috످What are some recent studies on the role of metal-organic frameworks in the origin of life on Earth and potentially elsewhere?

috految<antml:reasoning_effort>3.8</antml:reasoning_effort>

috److I don't know of any specific studies on the role of metal-organic frameworks (MOFs) in the origin of life that I can confidently cite, though recent work may exist.

The idea is speculative but chemically plausible. MOFs can concentrate molecules in their pores, catalyze reactions, and protect fragile biomolecules, all of which could have helped life emerge. However, most are synthetic, and many break down in water. Rare natural MOFs do exist, such as the minerals stepanovite and zhemchuzhnikovite, but these formed in coal deposits long after life began.

Beyond Earth, Mars has both metals and organic molecules, while Saturn's moon Enceladus has organics and likely hydrothermal activity. To my knowledge, no MOFs have been detected on either.

Related fields have more evidence. In iron-sulfur chemistry, minerals at hydrothermal vents may have driven early metabolism. In clay catalysis, montmorillonite can help link activated nucleotides into short RNA strands. In cyanometallate chemistry, Prussian blue and related iron-cyanide compounds, close relatives of MOFs, may have stored cyanide needed to make amino acids and nucleotides.

You can search Google Scholar (https://scholar.google.com) for `"metal-organic framework" ("origin of life" OR "prebiotic chemistry")`. On NASA ADS (https://ui.adsabs.harvard.edu), try `"metal-organic" AND (astrobiology OR Enceladus OR Mars)`. On ChemRxiv (https://chemrxiv.org), search preprints for `"coordination polymer" prebiotic`.

Filter to the last five years, and use "Cited by" on any relevant paper to find newer work. If you paste in abstracts, I can help you evaluate them.

috످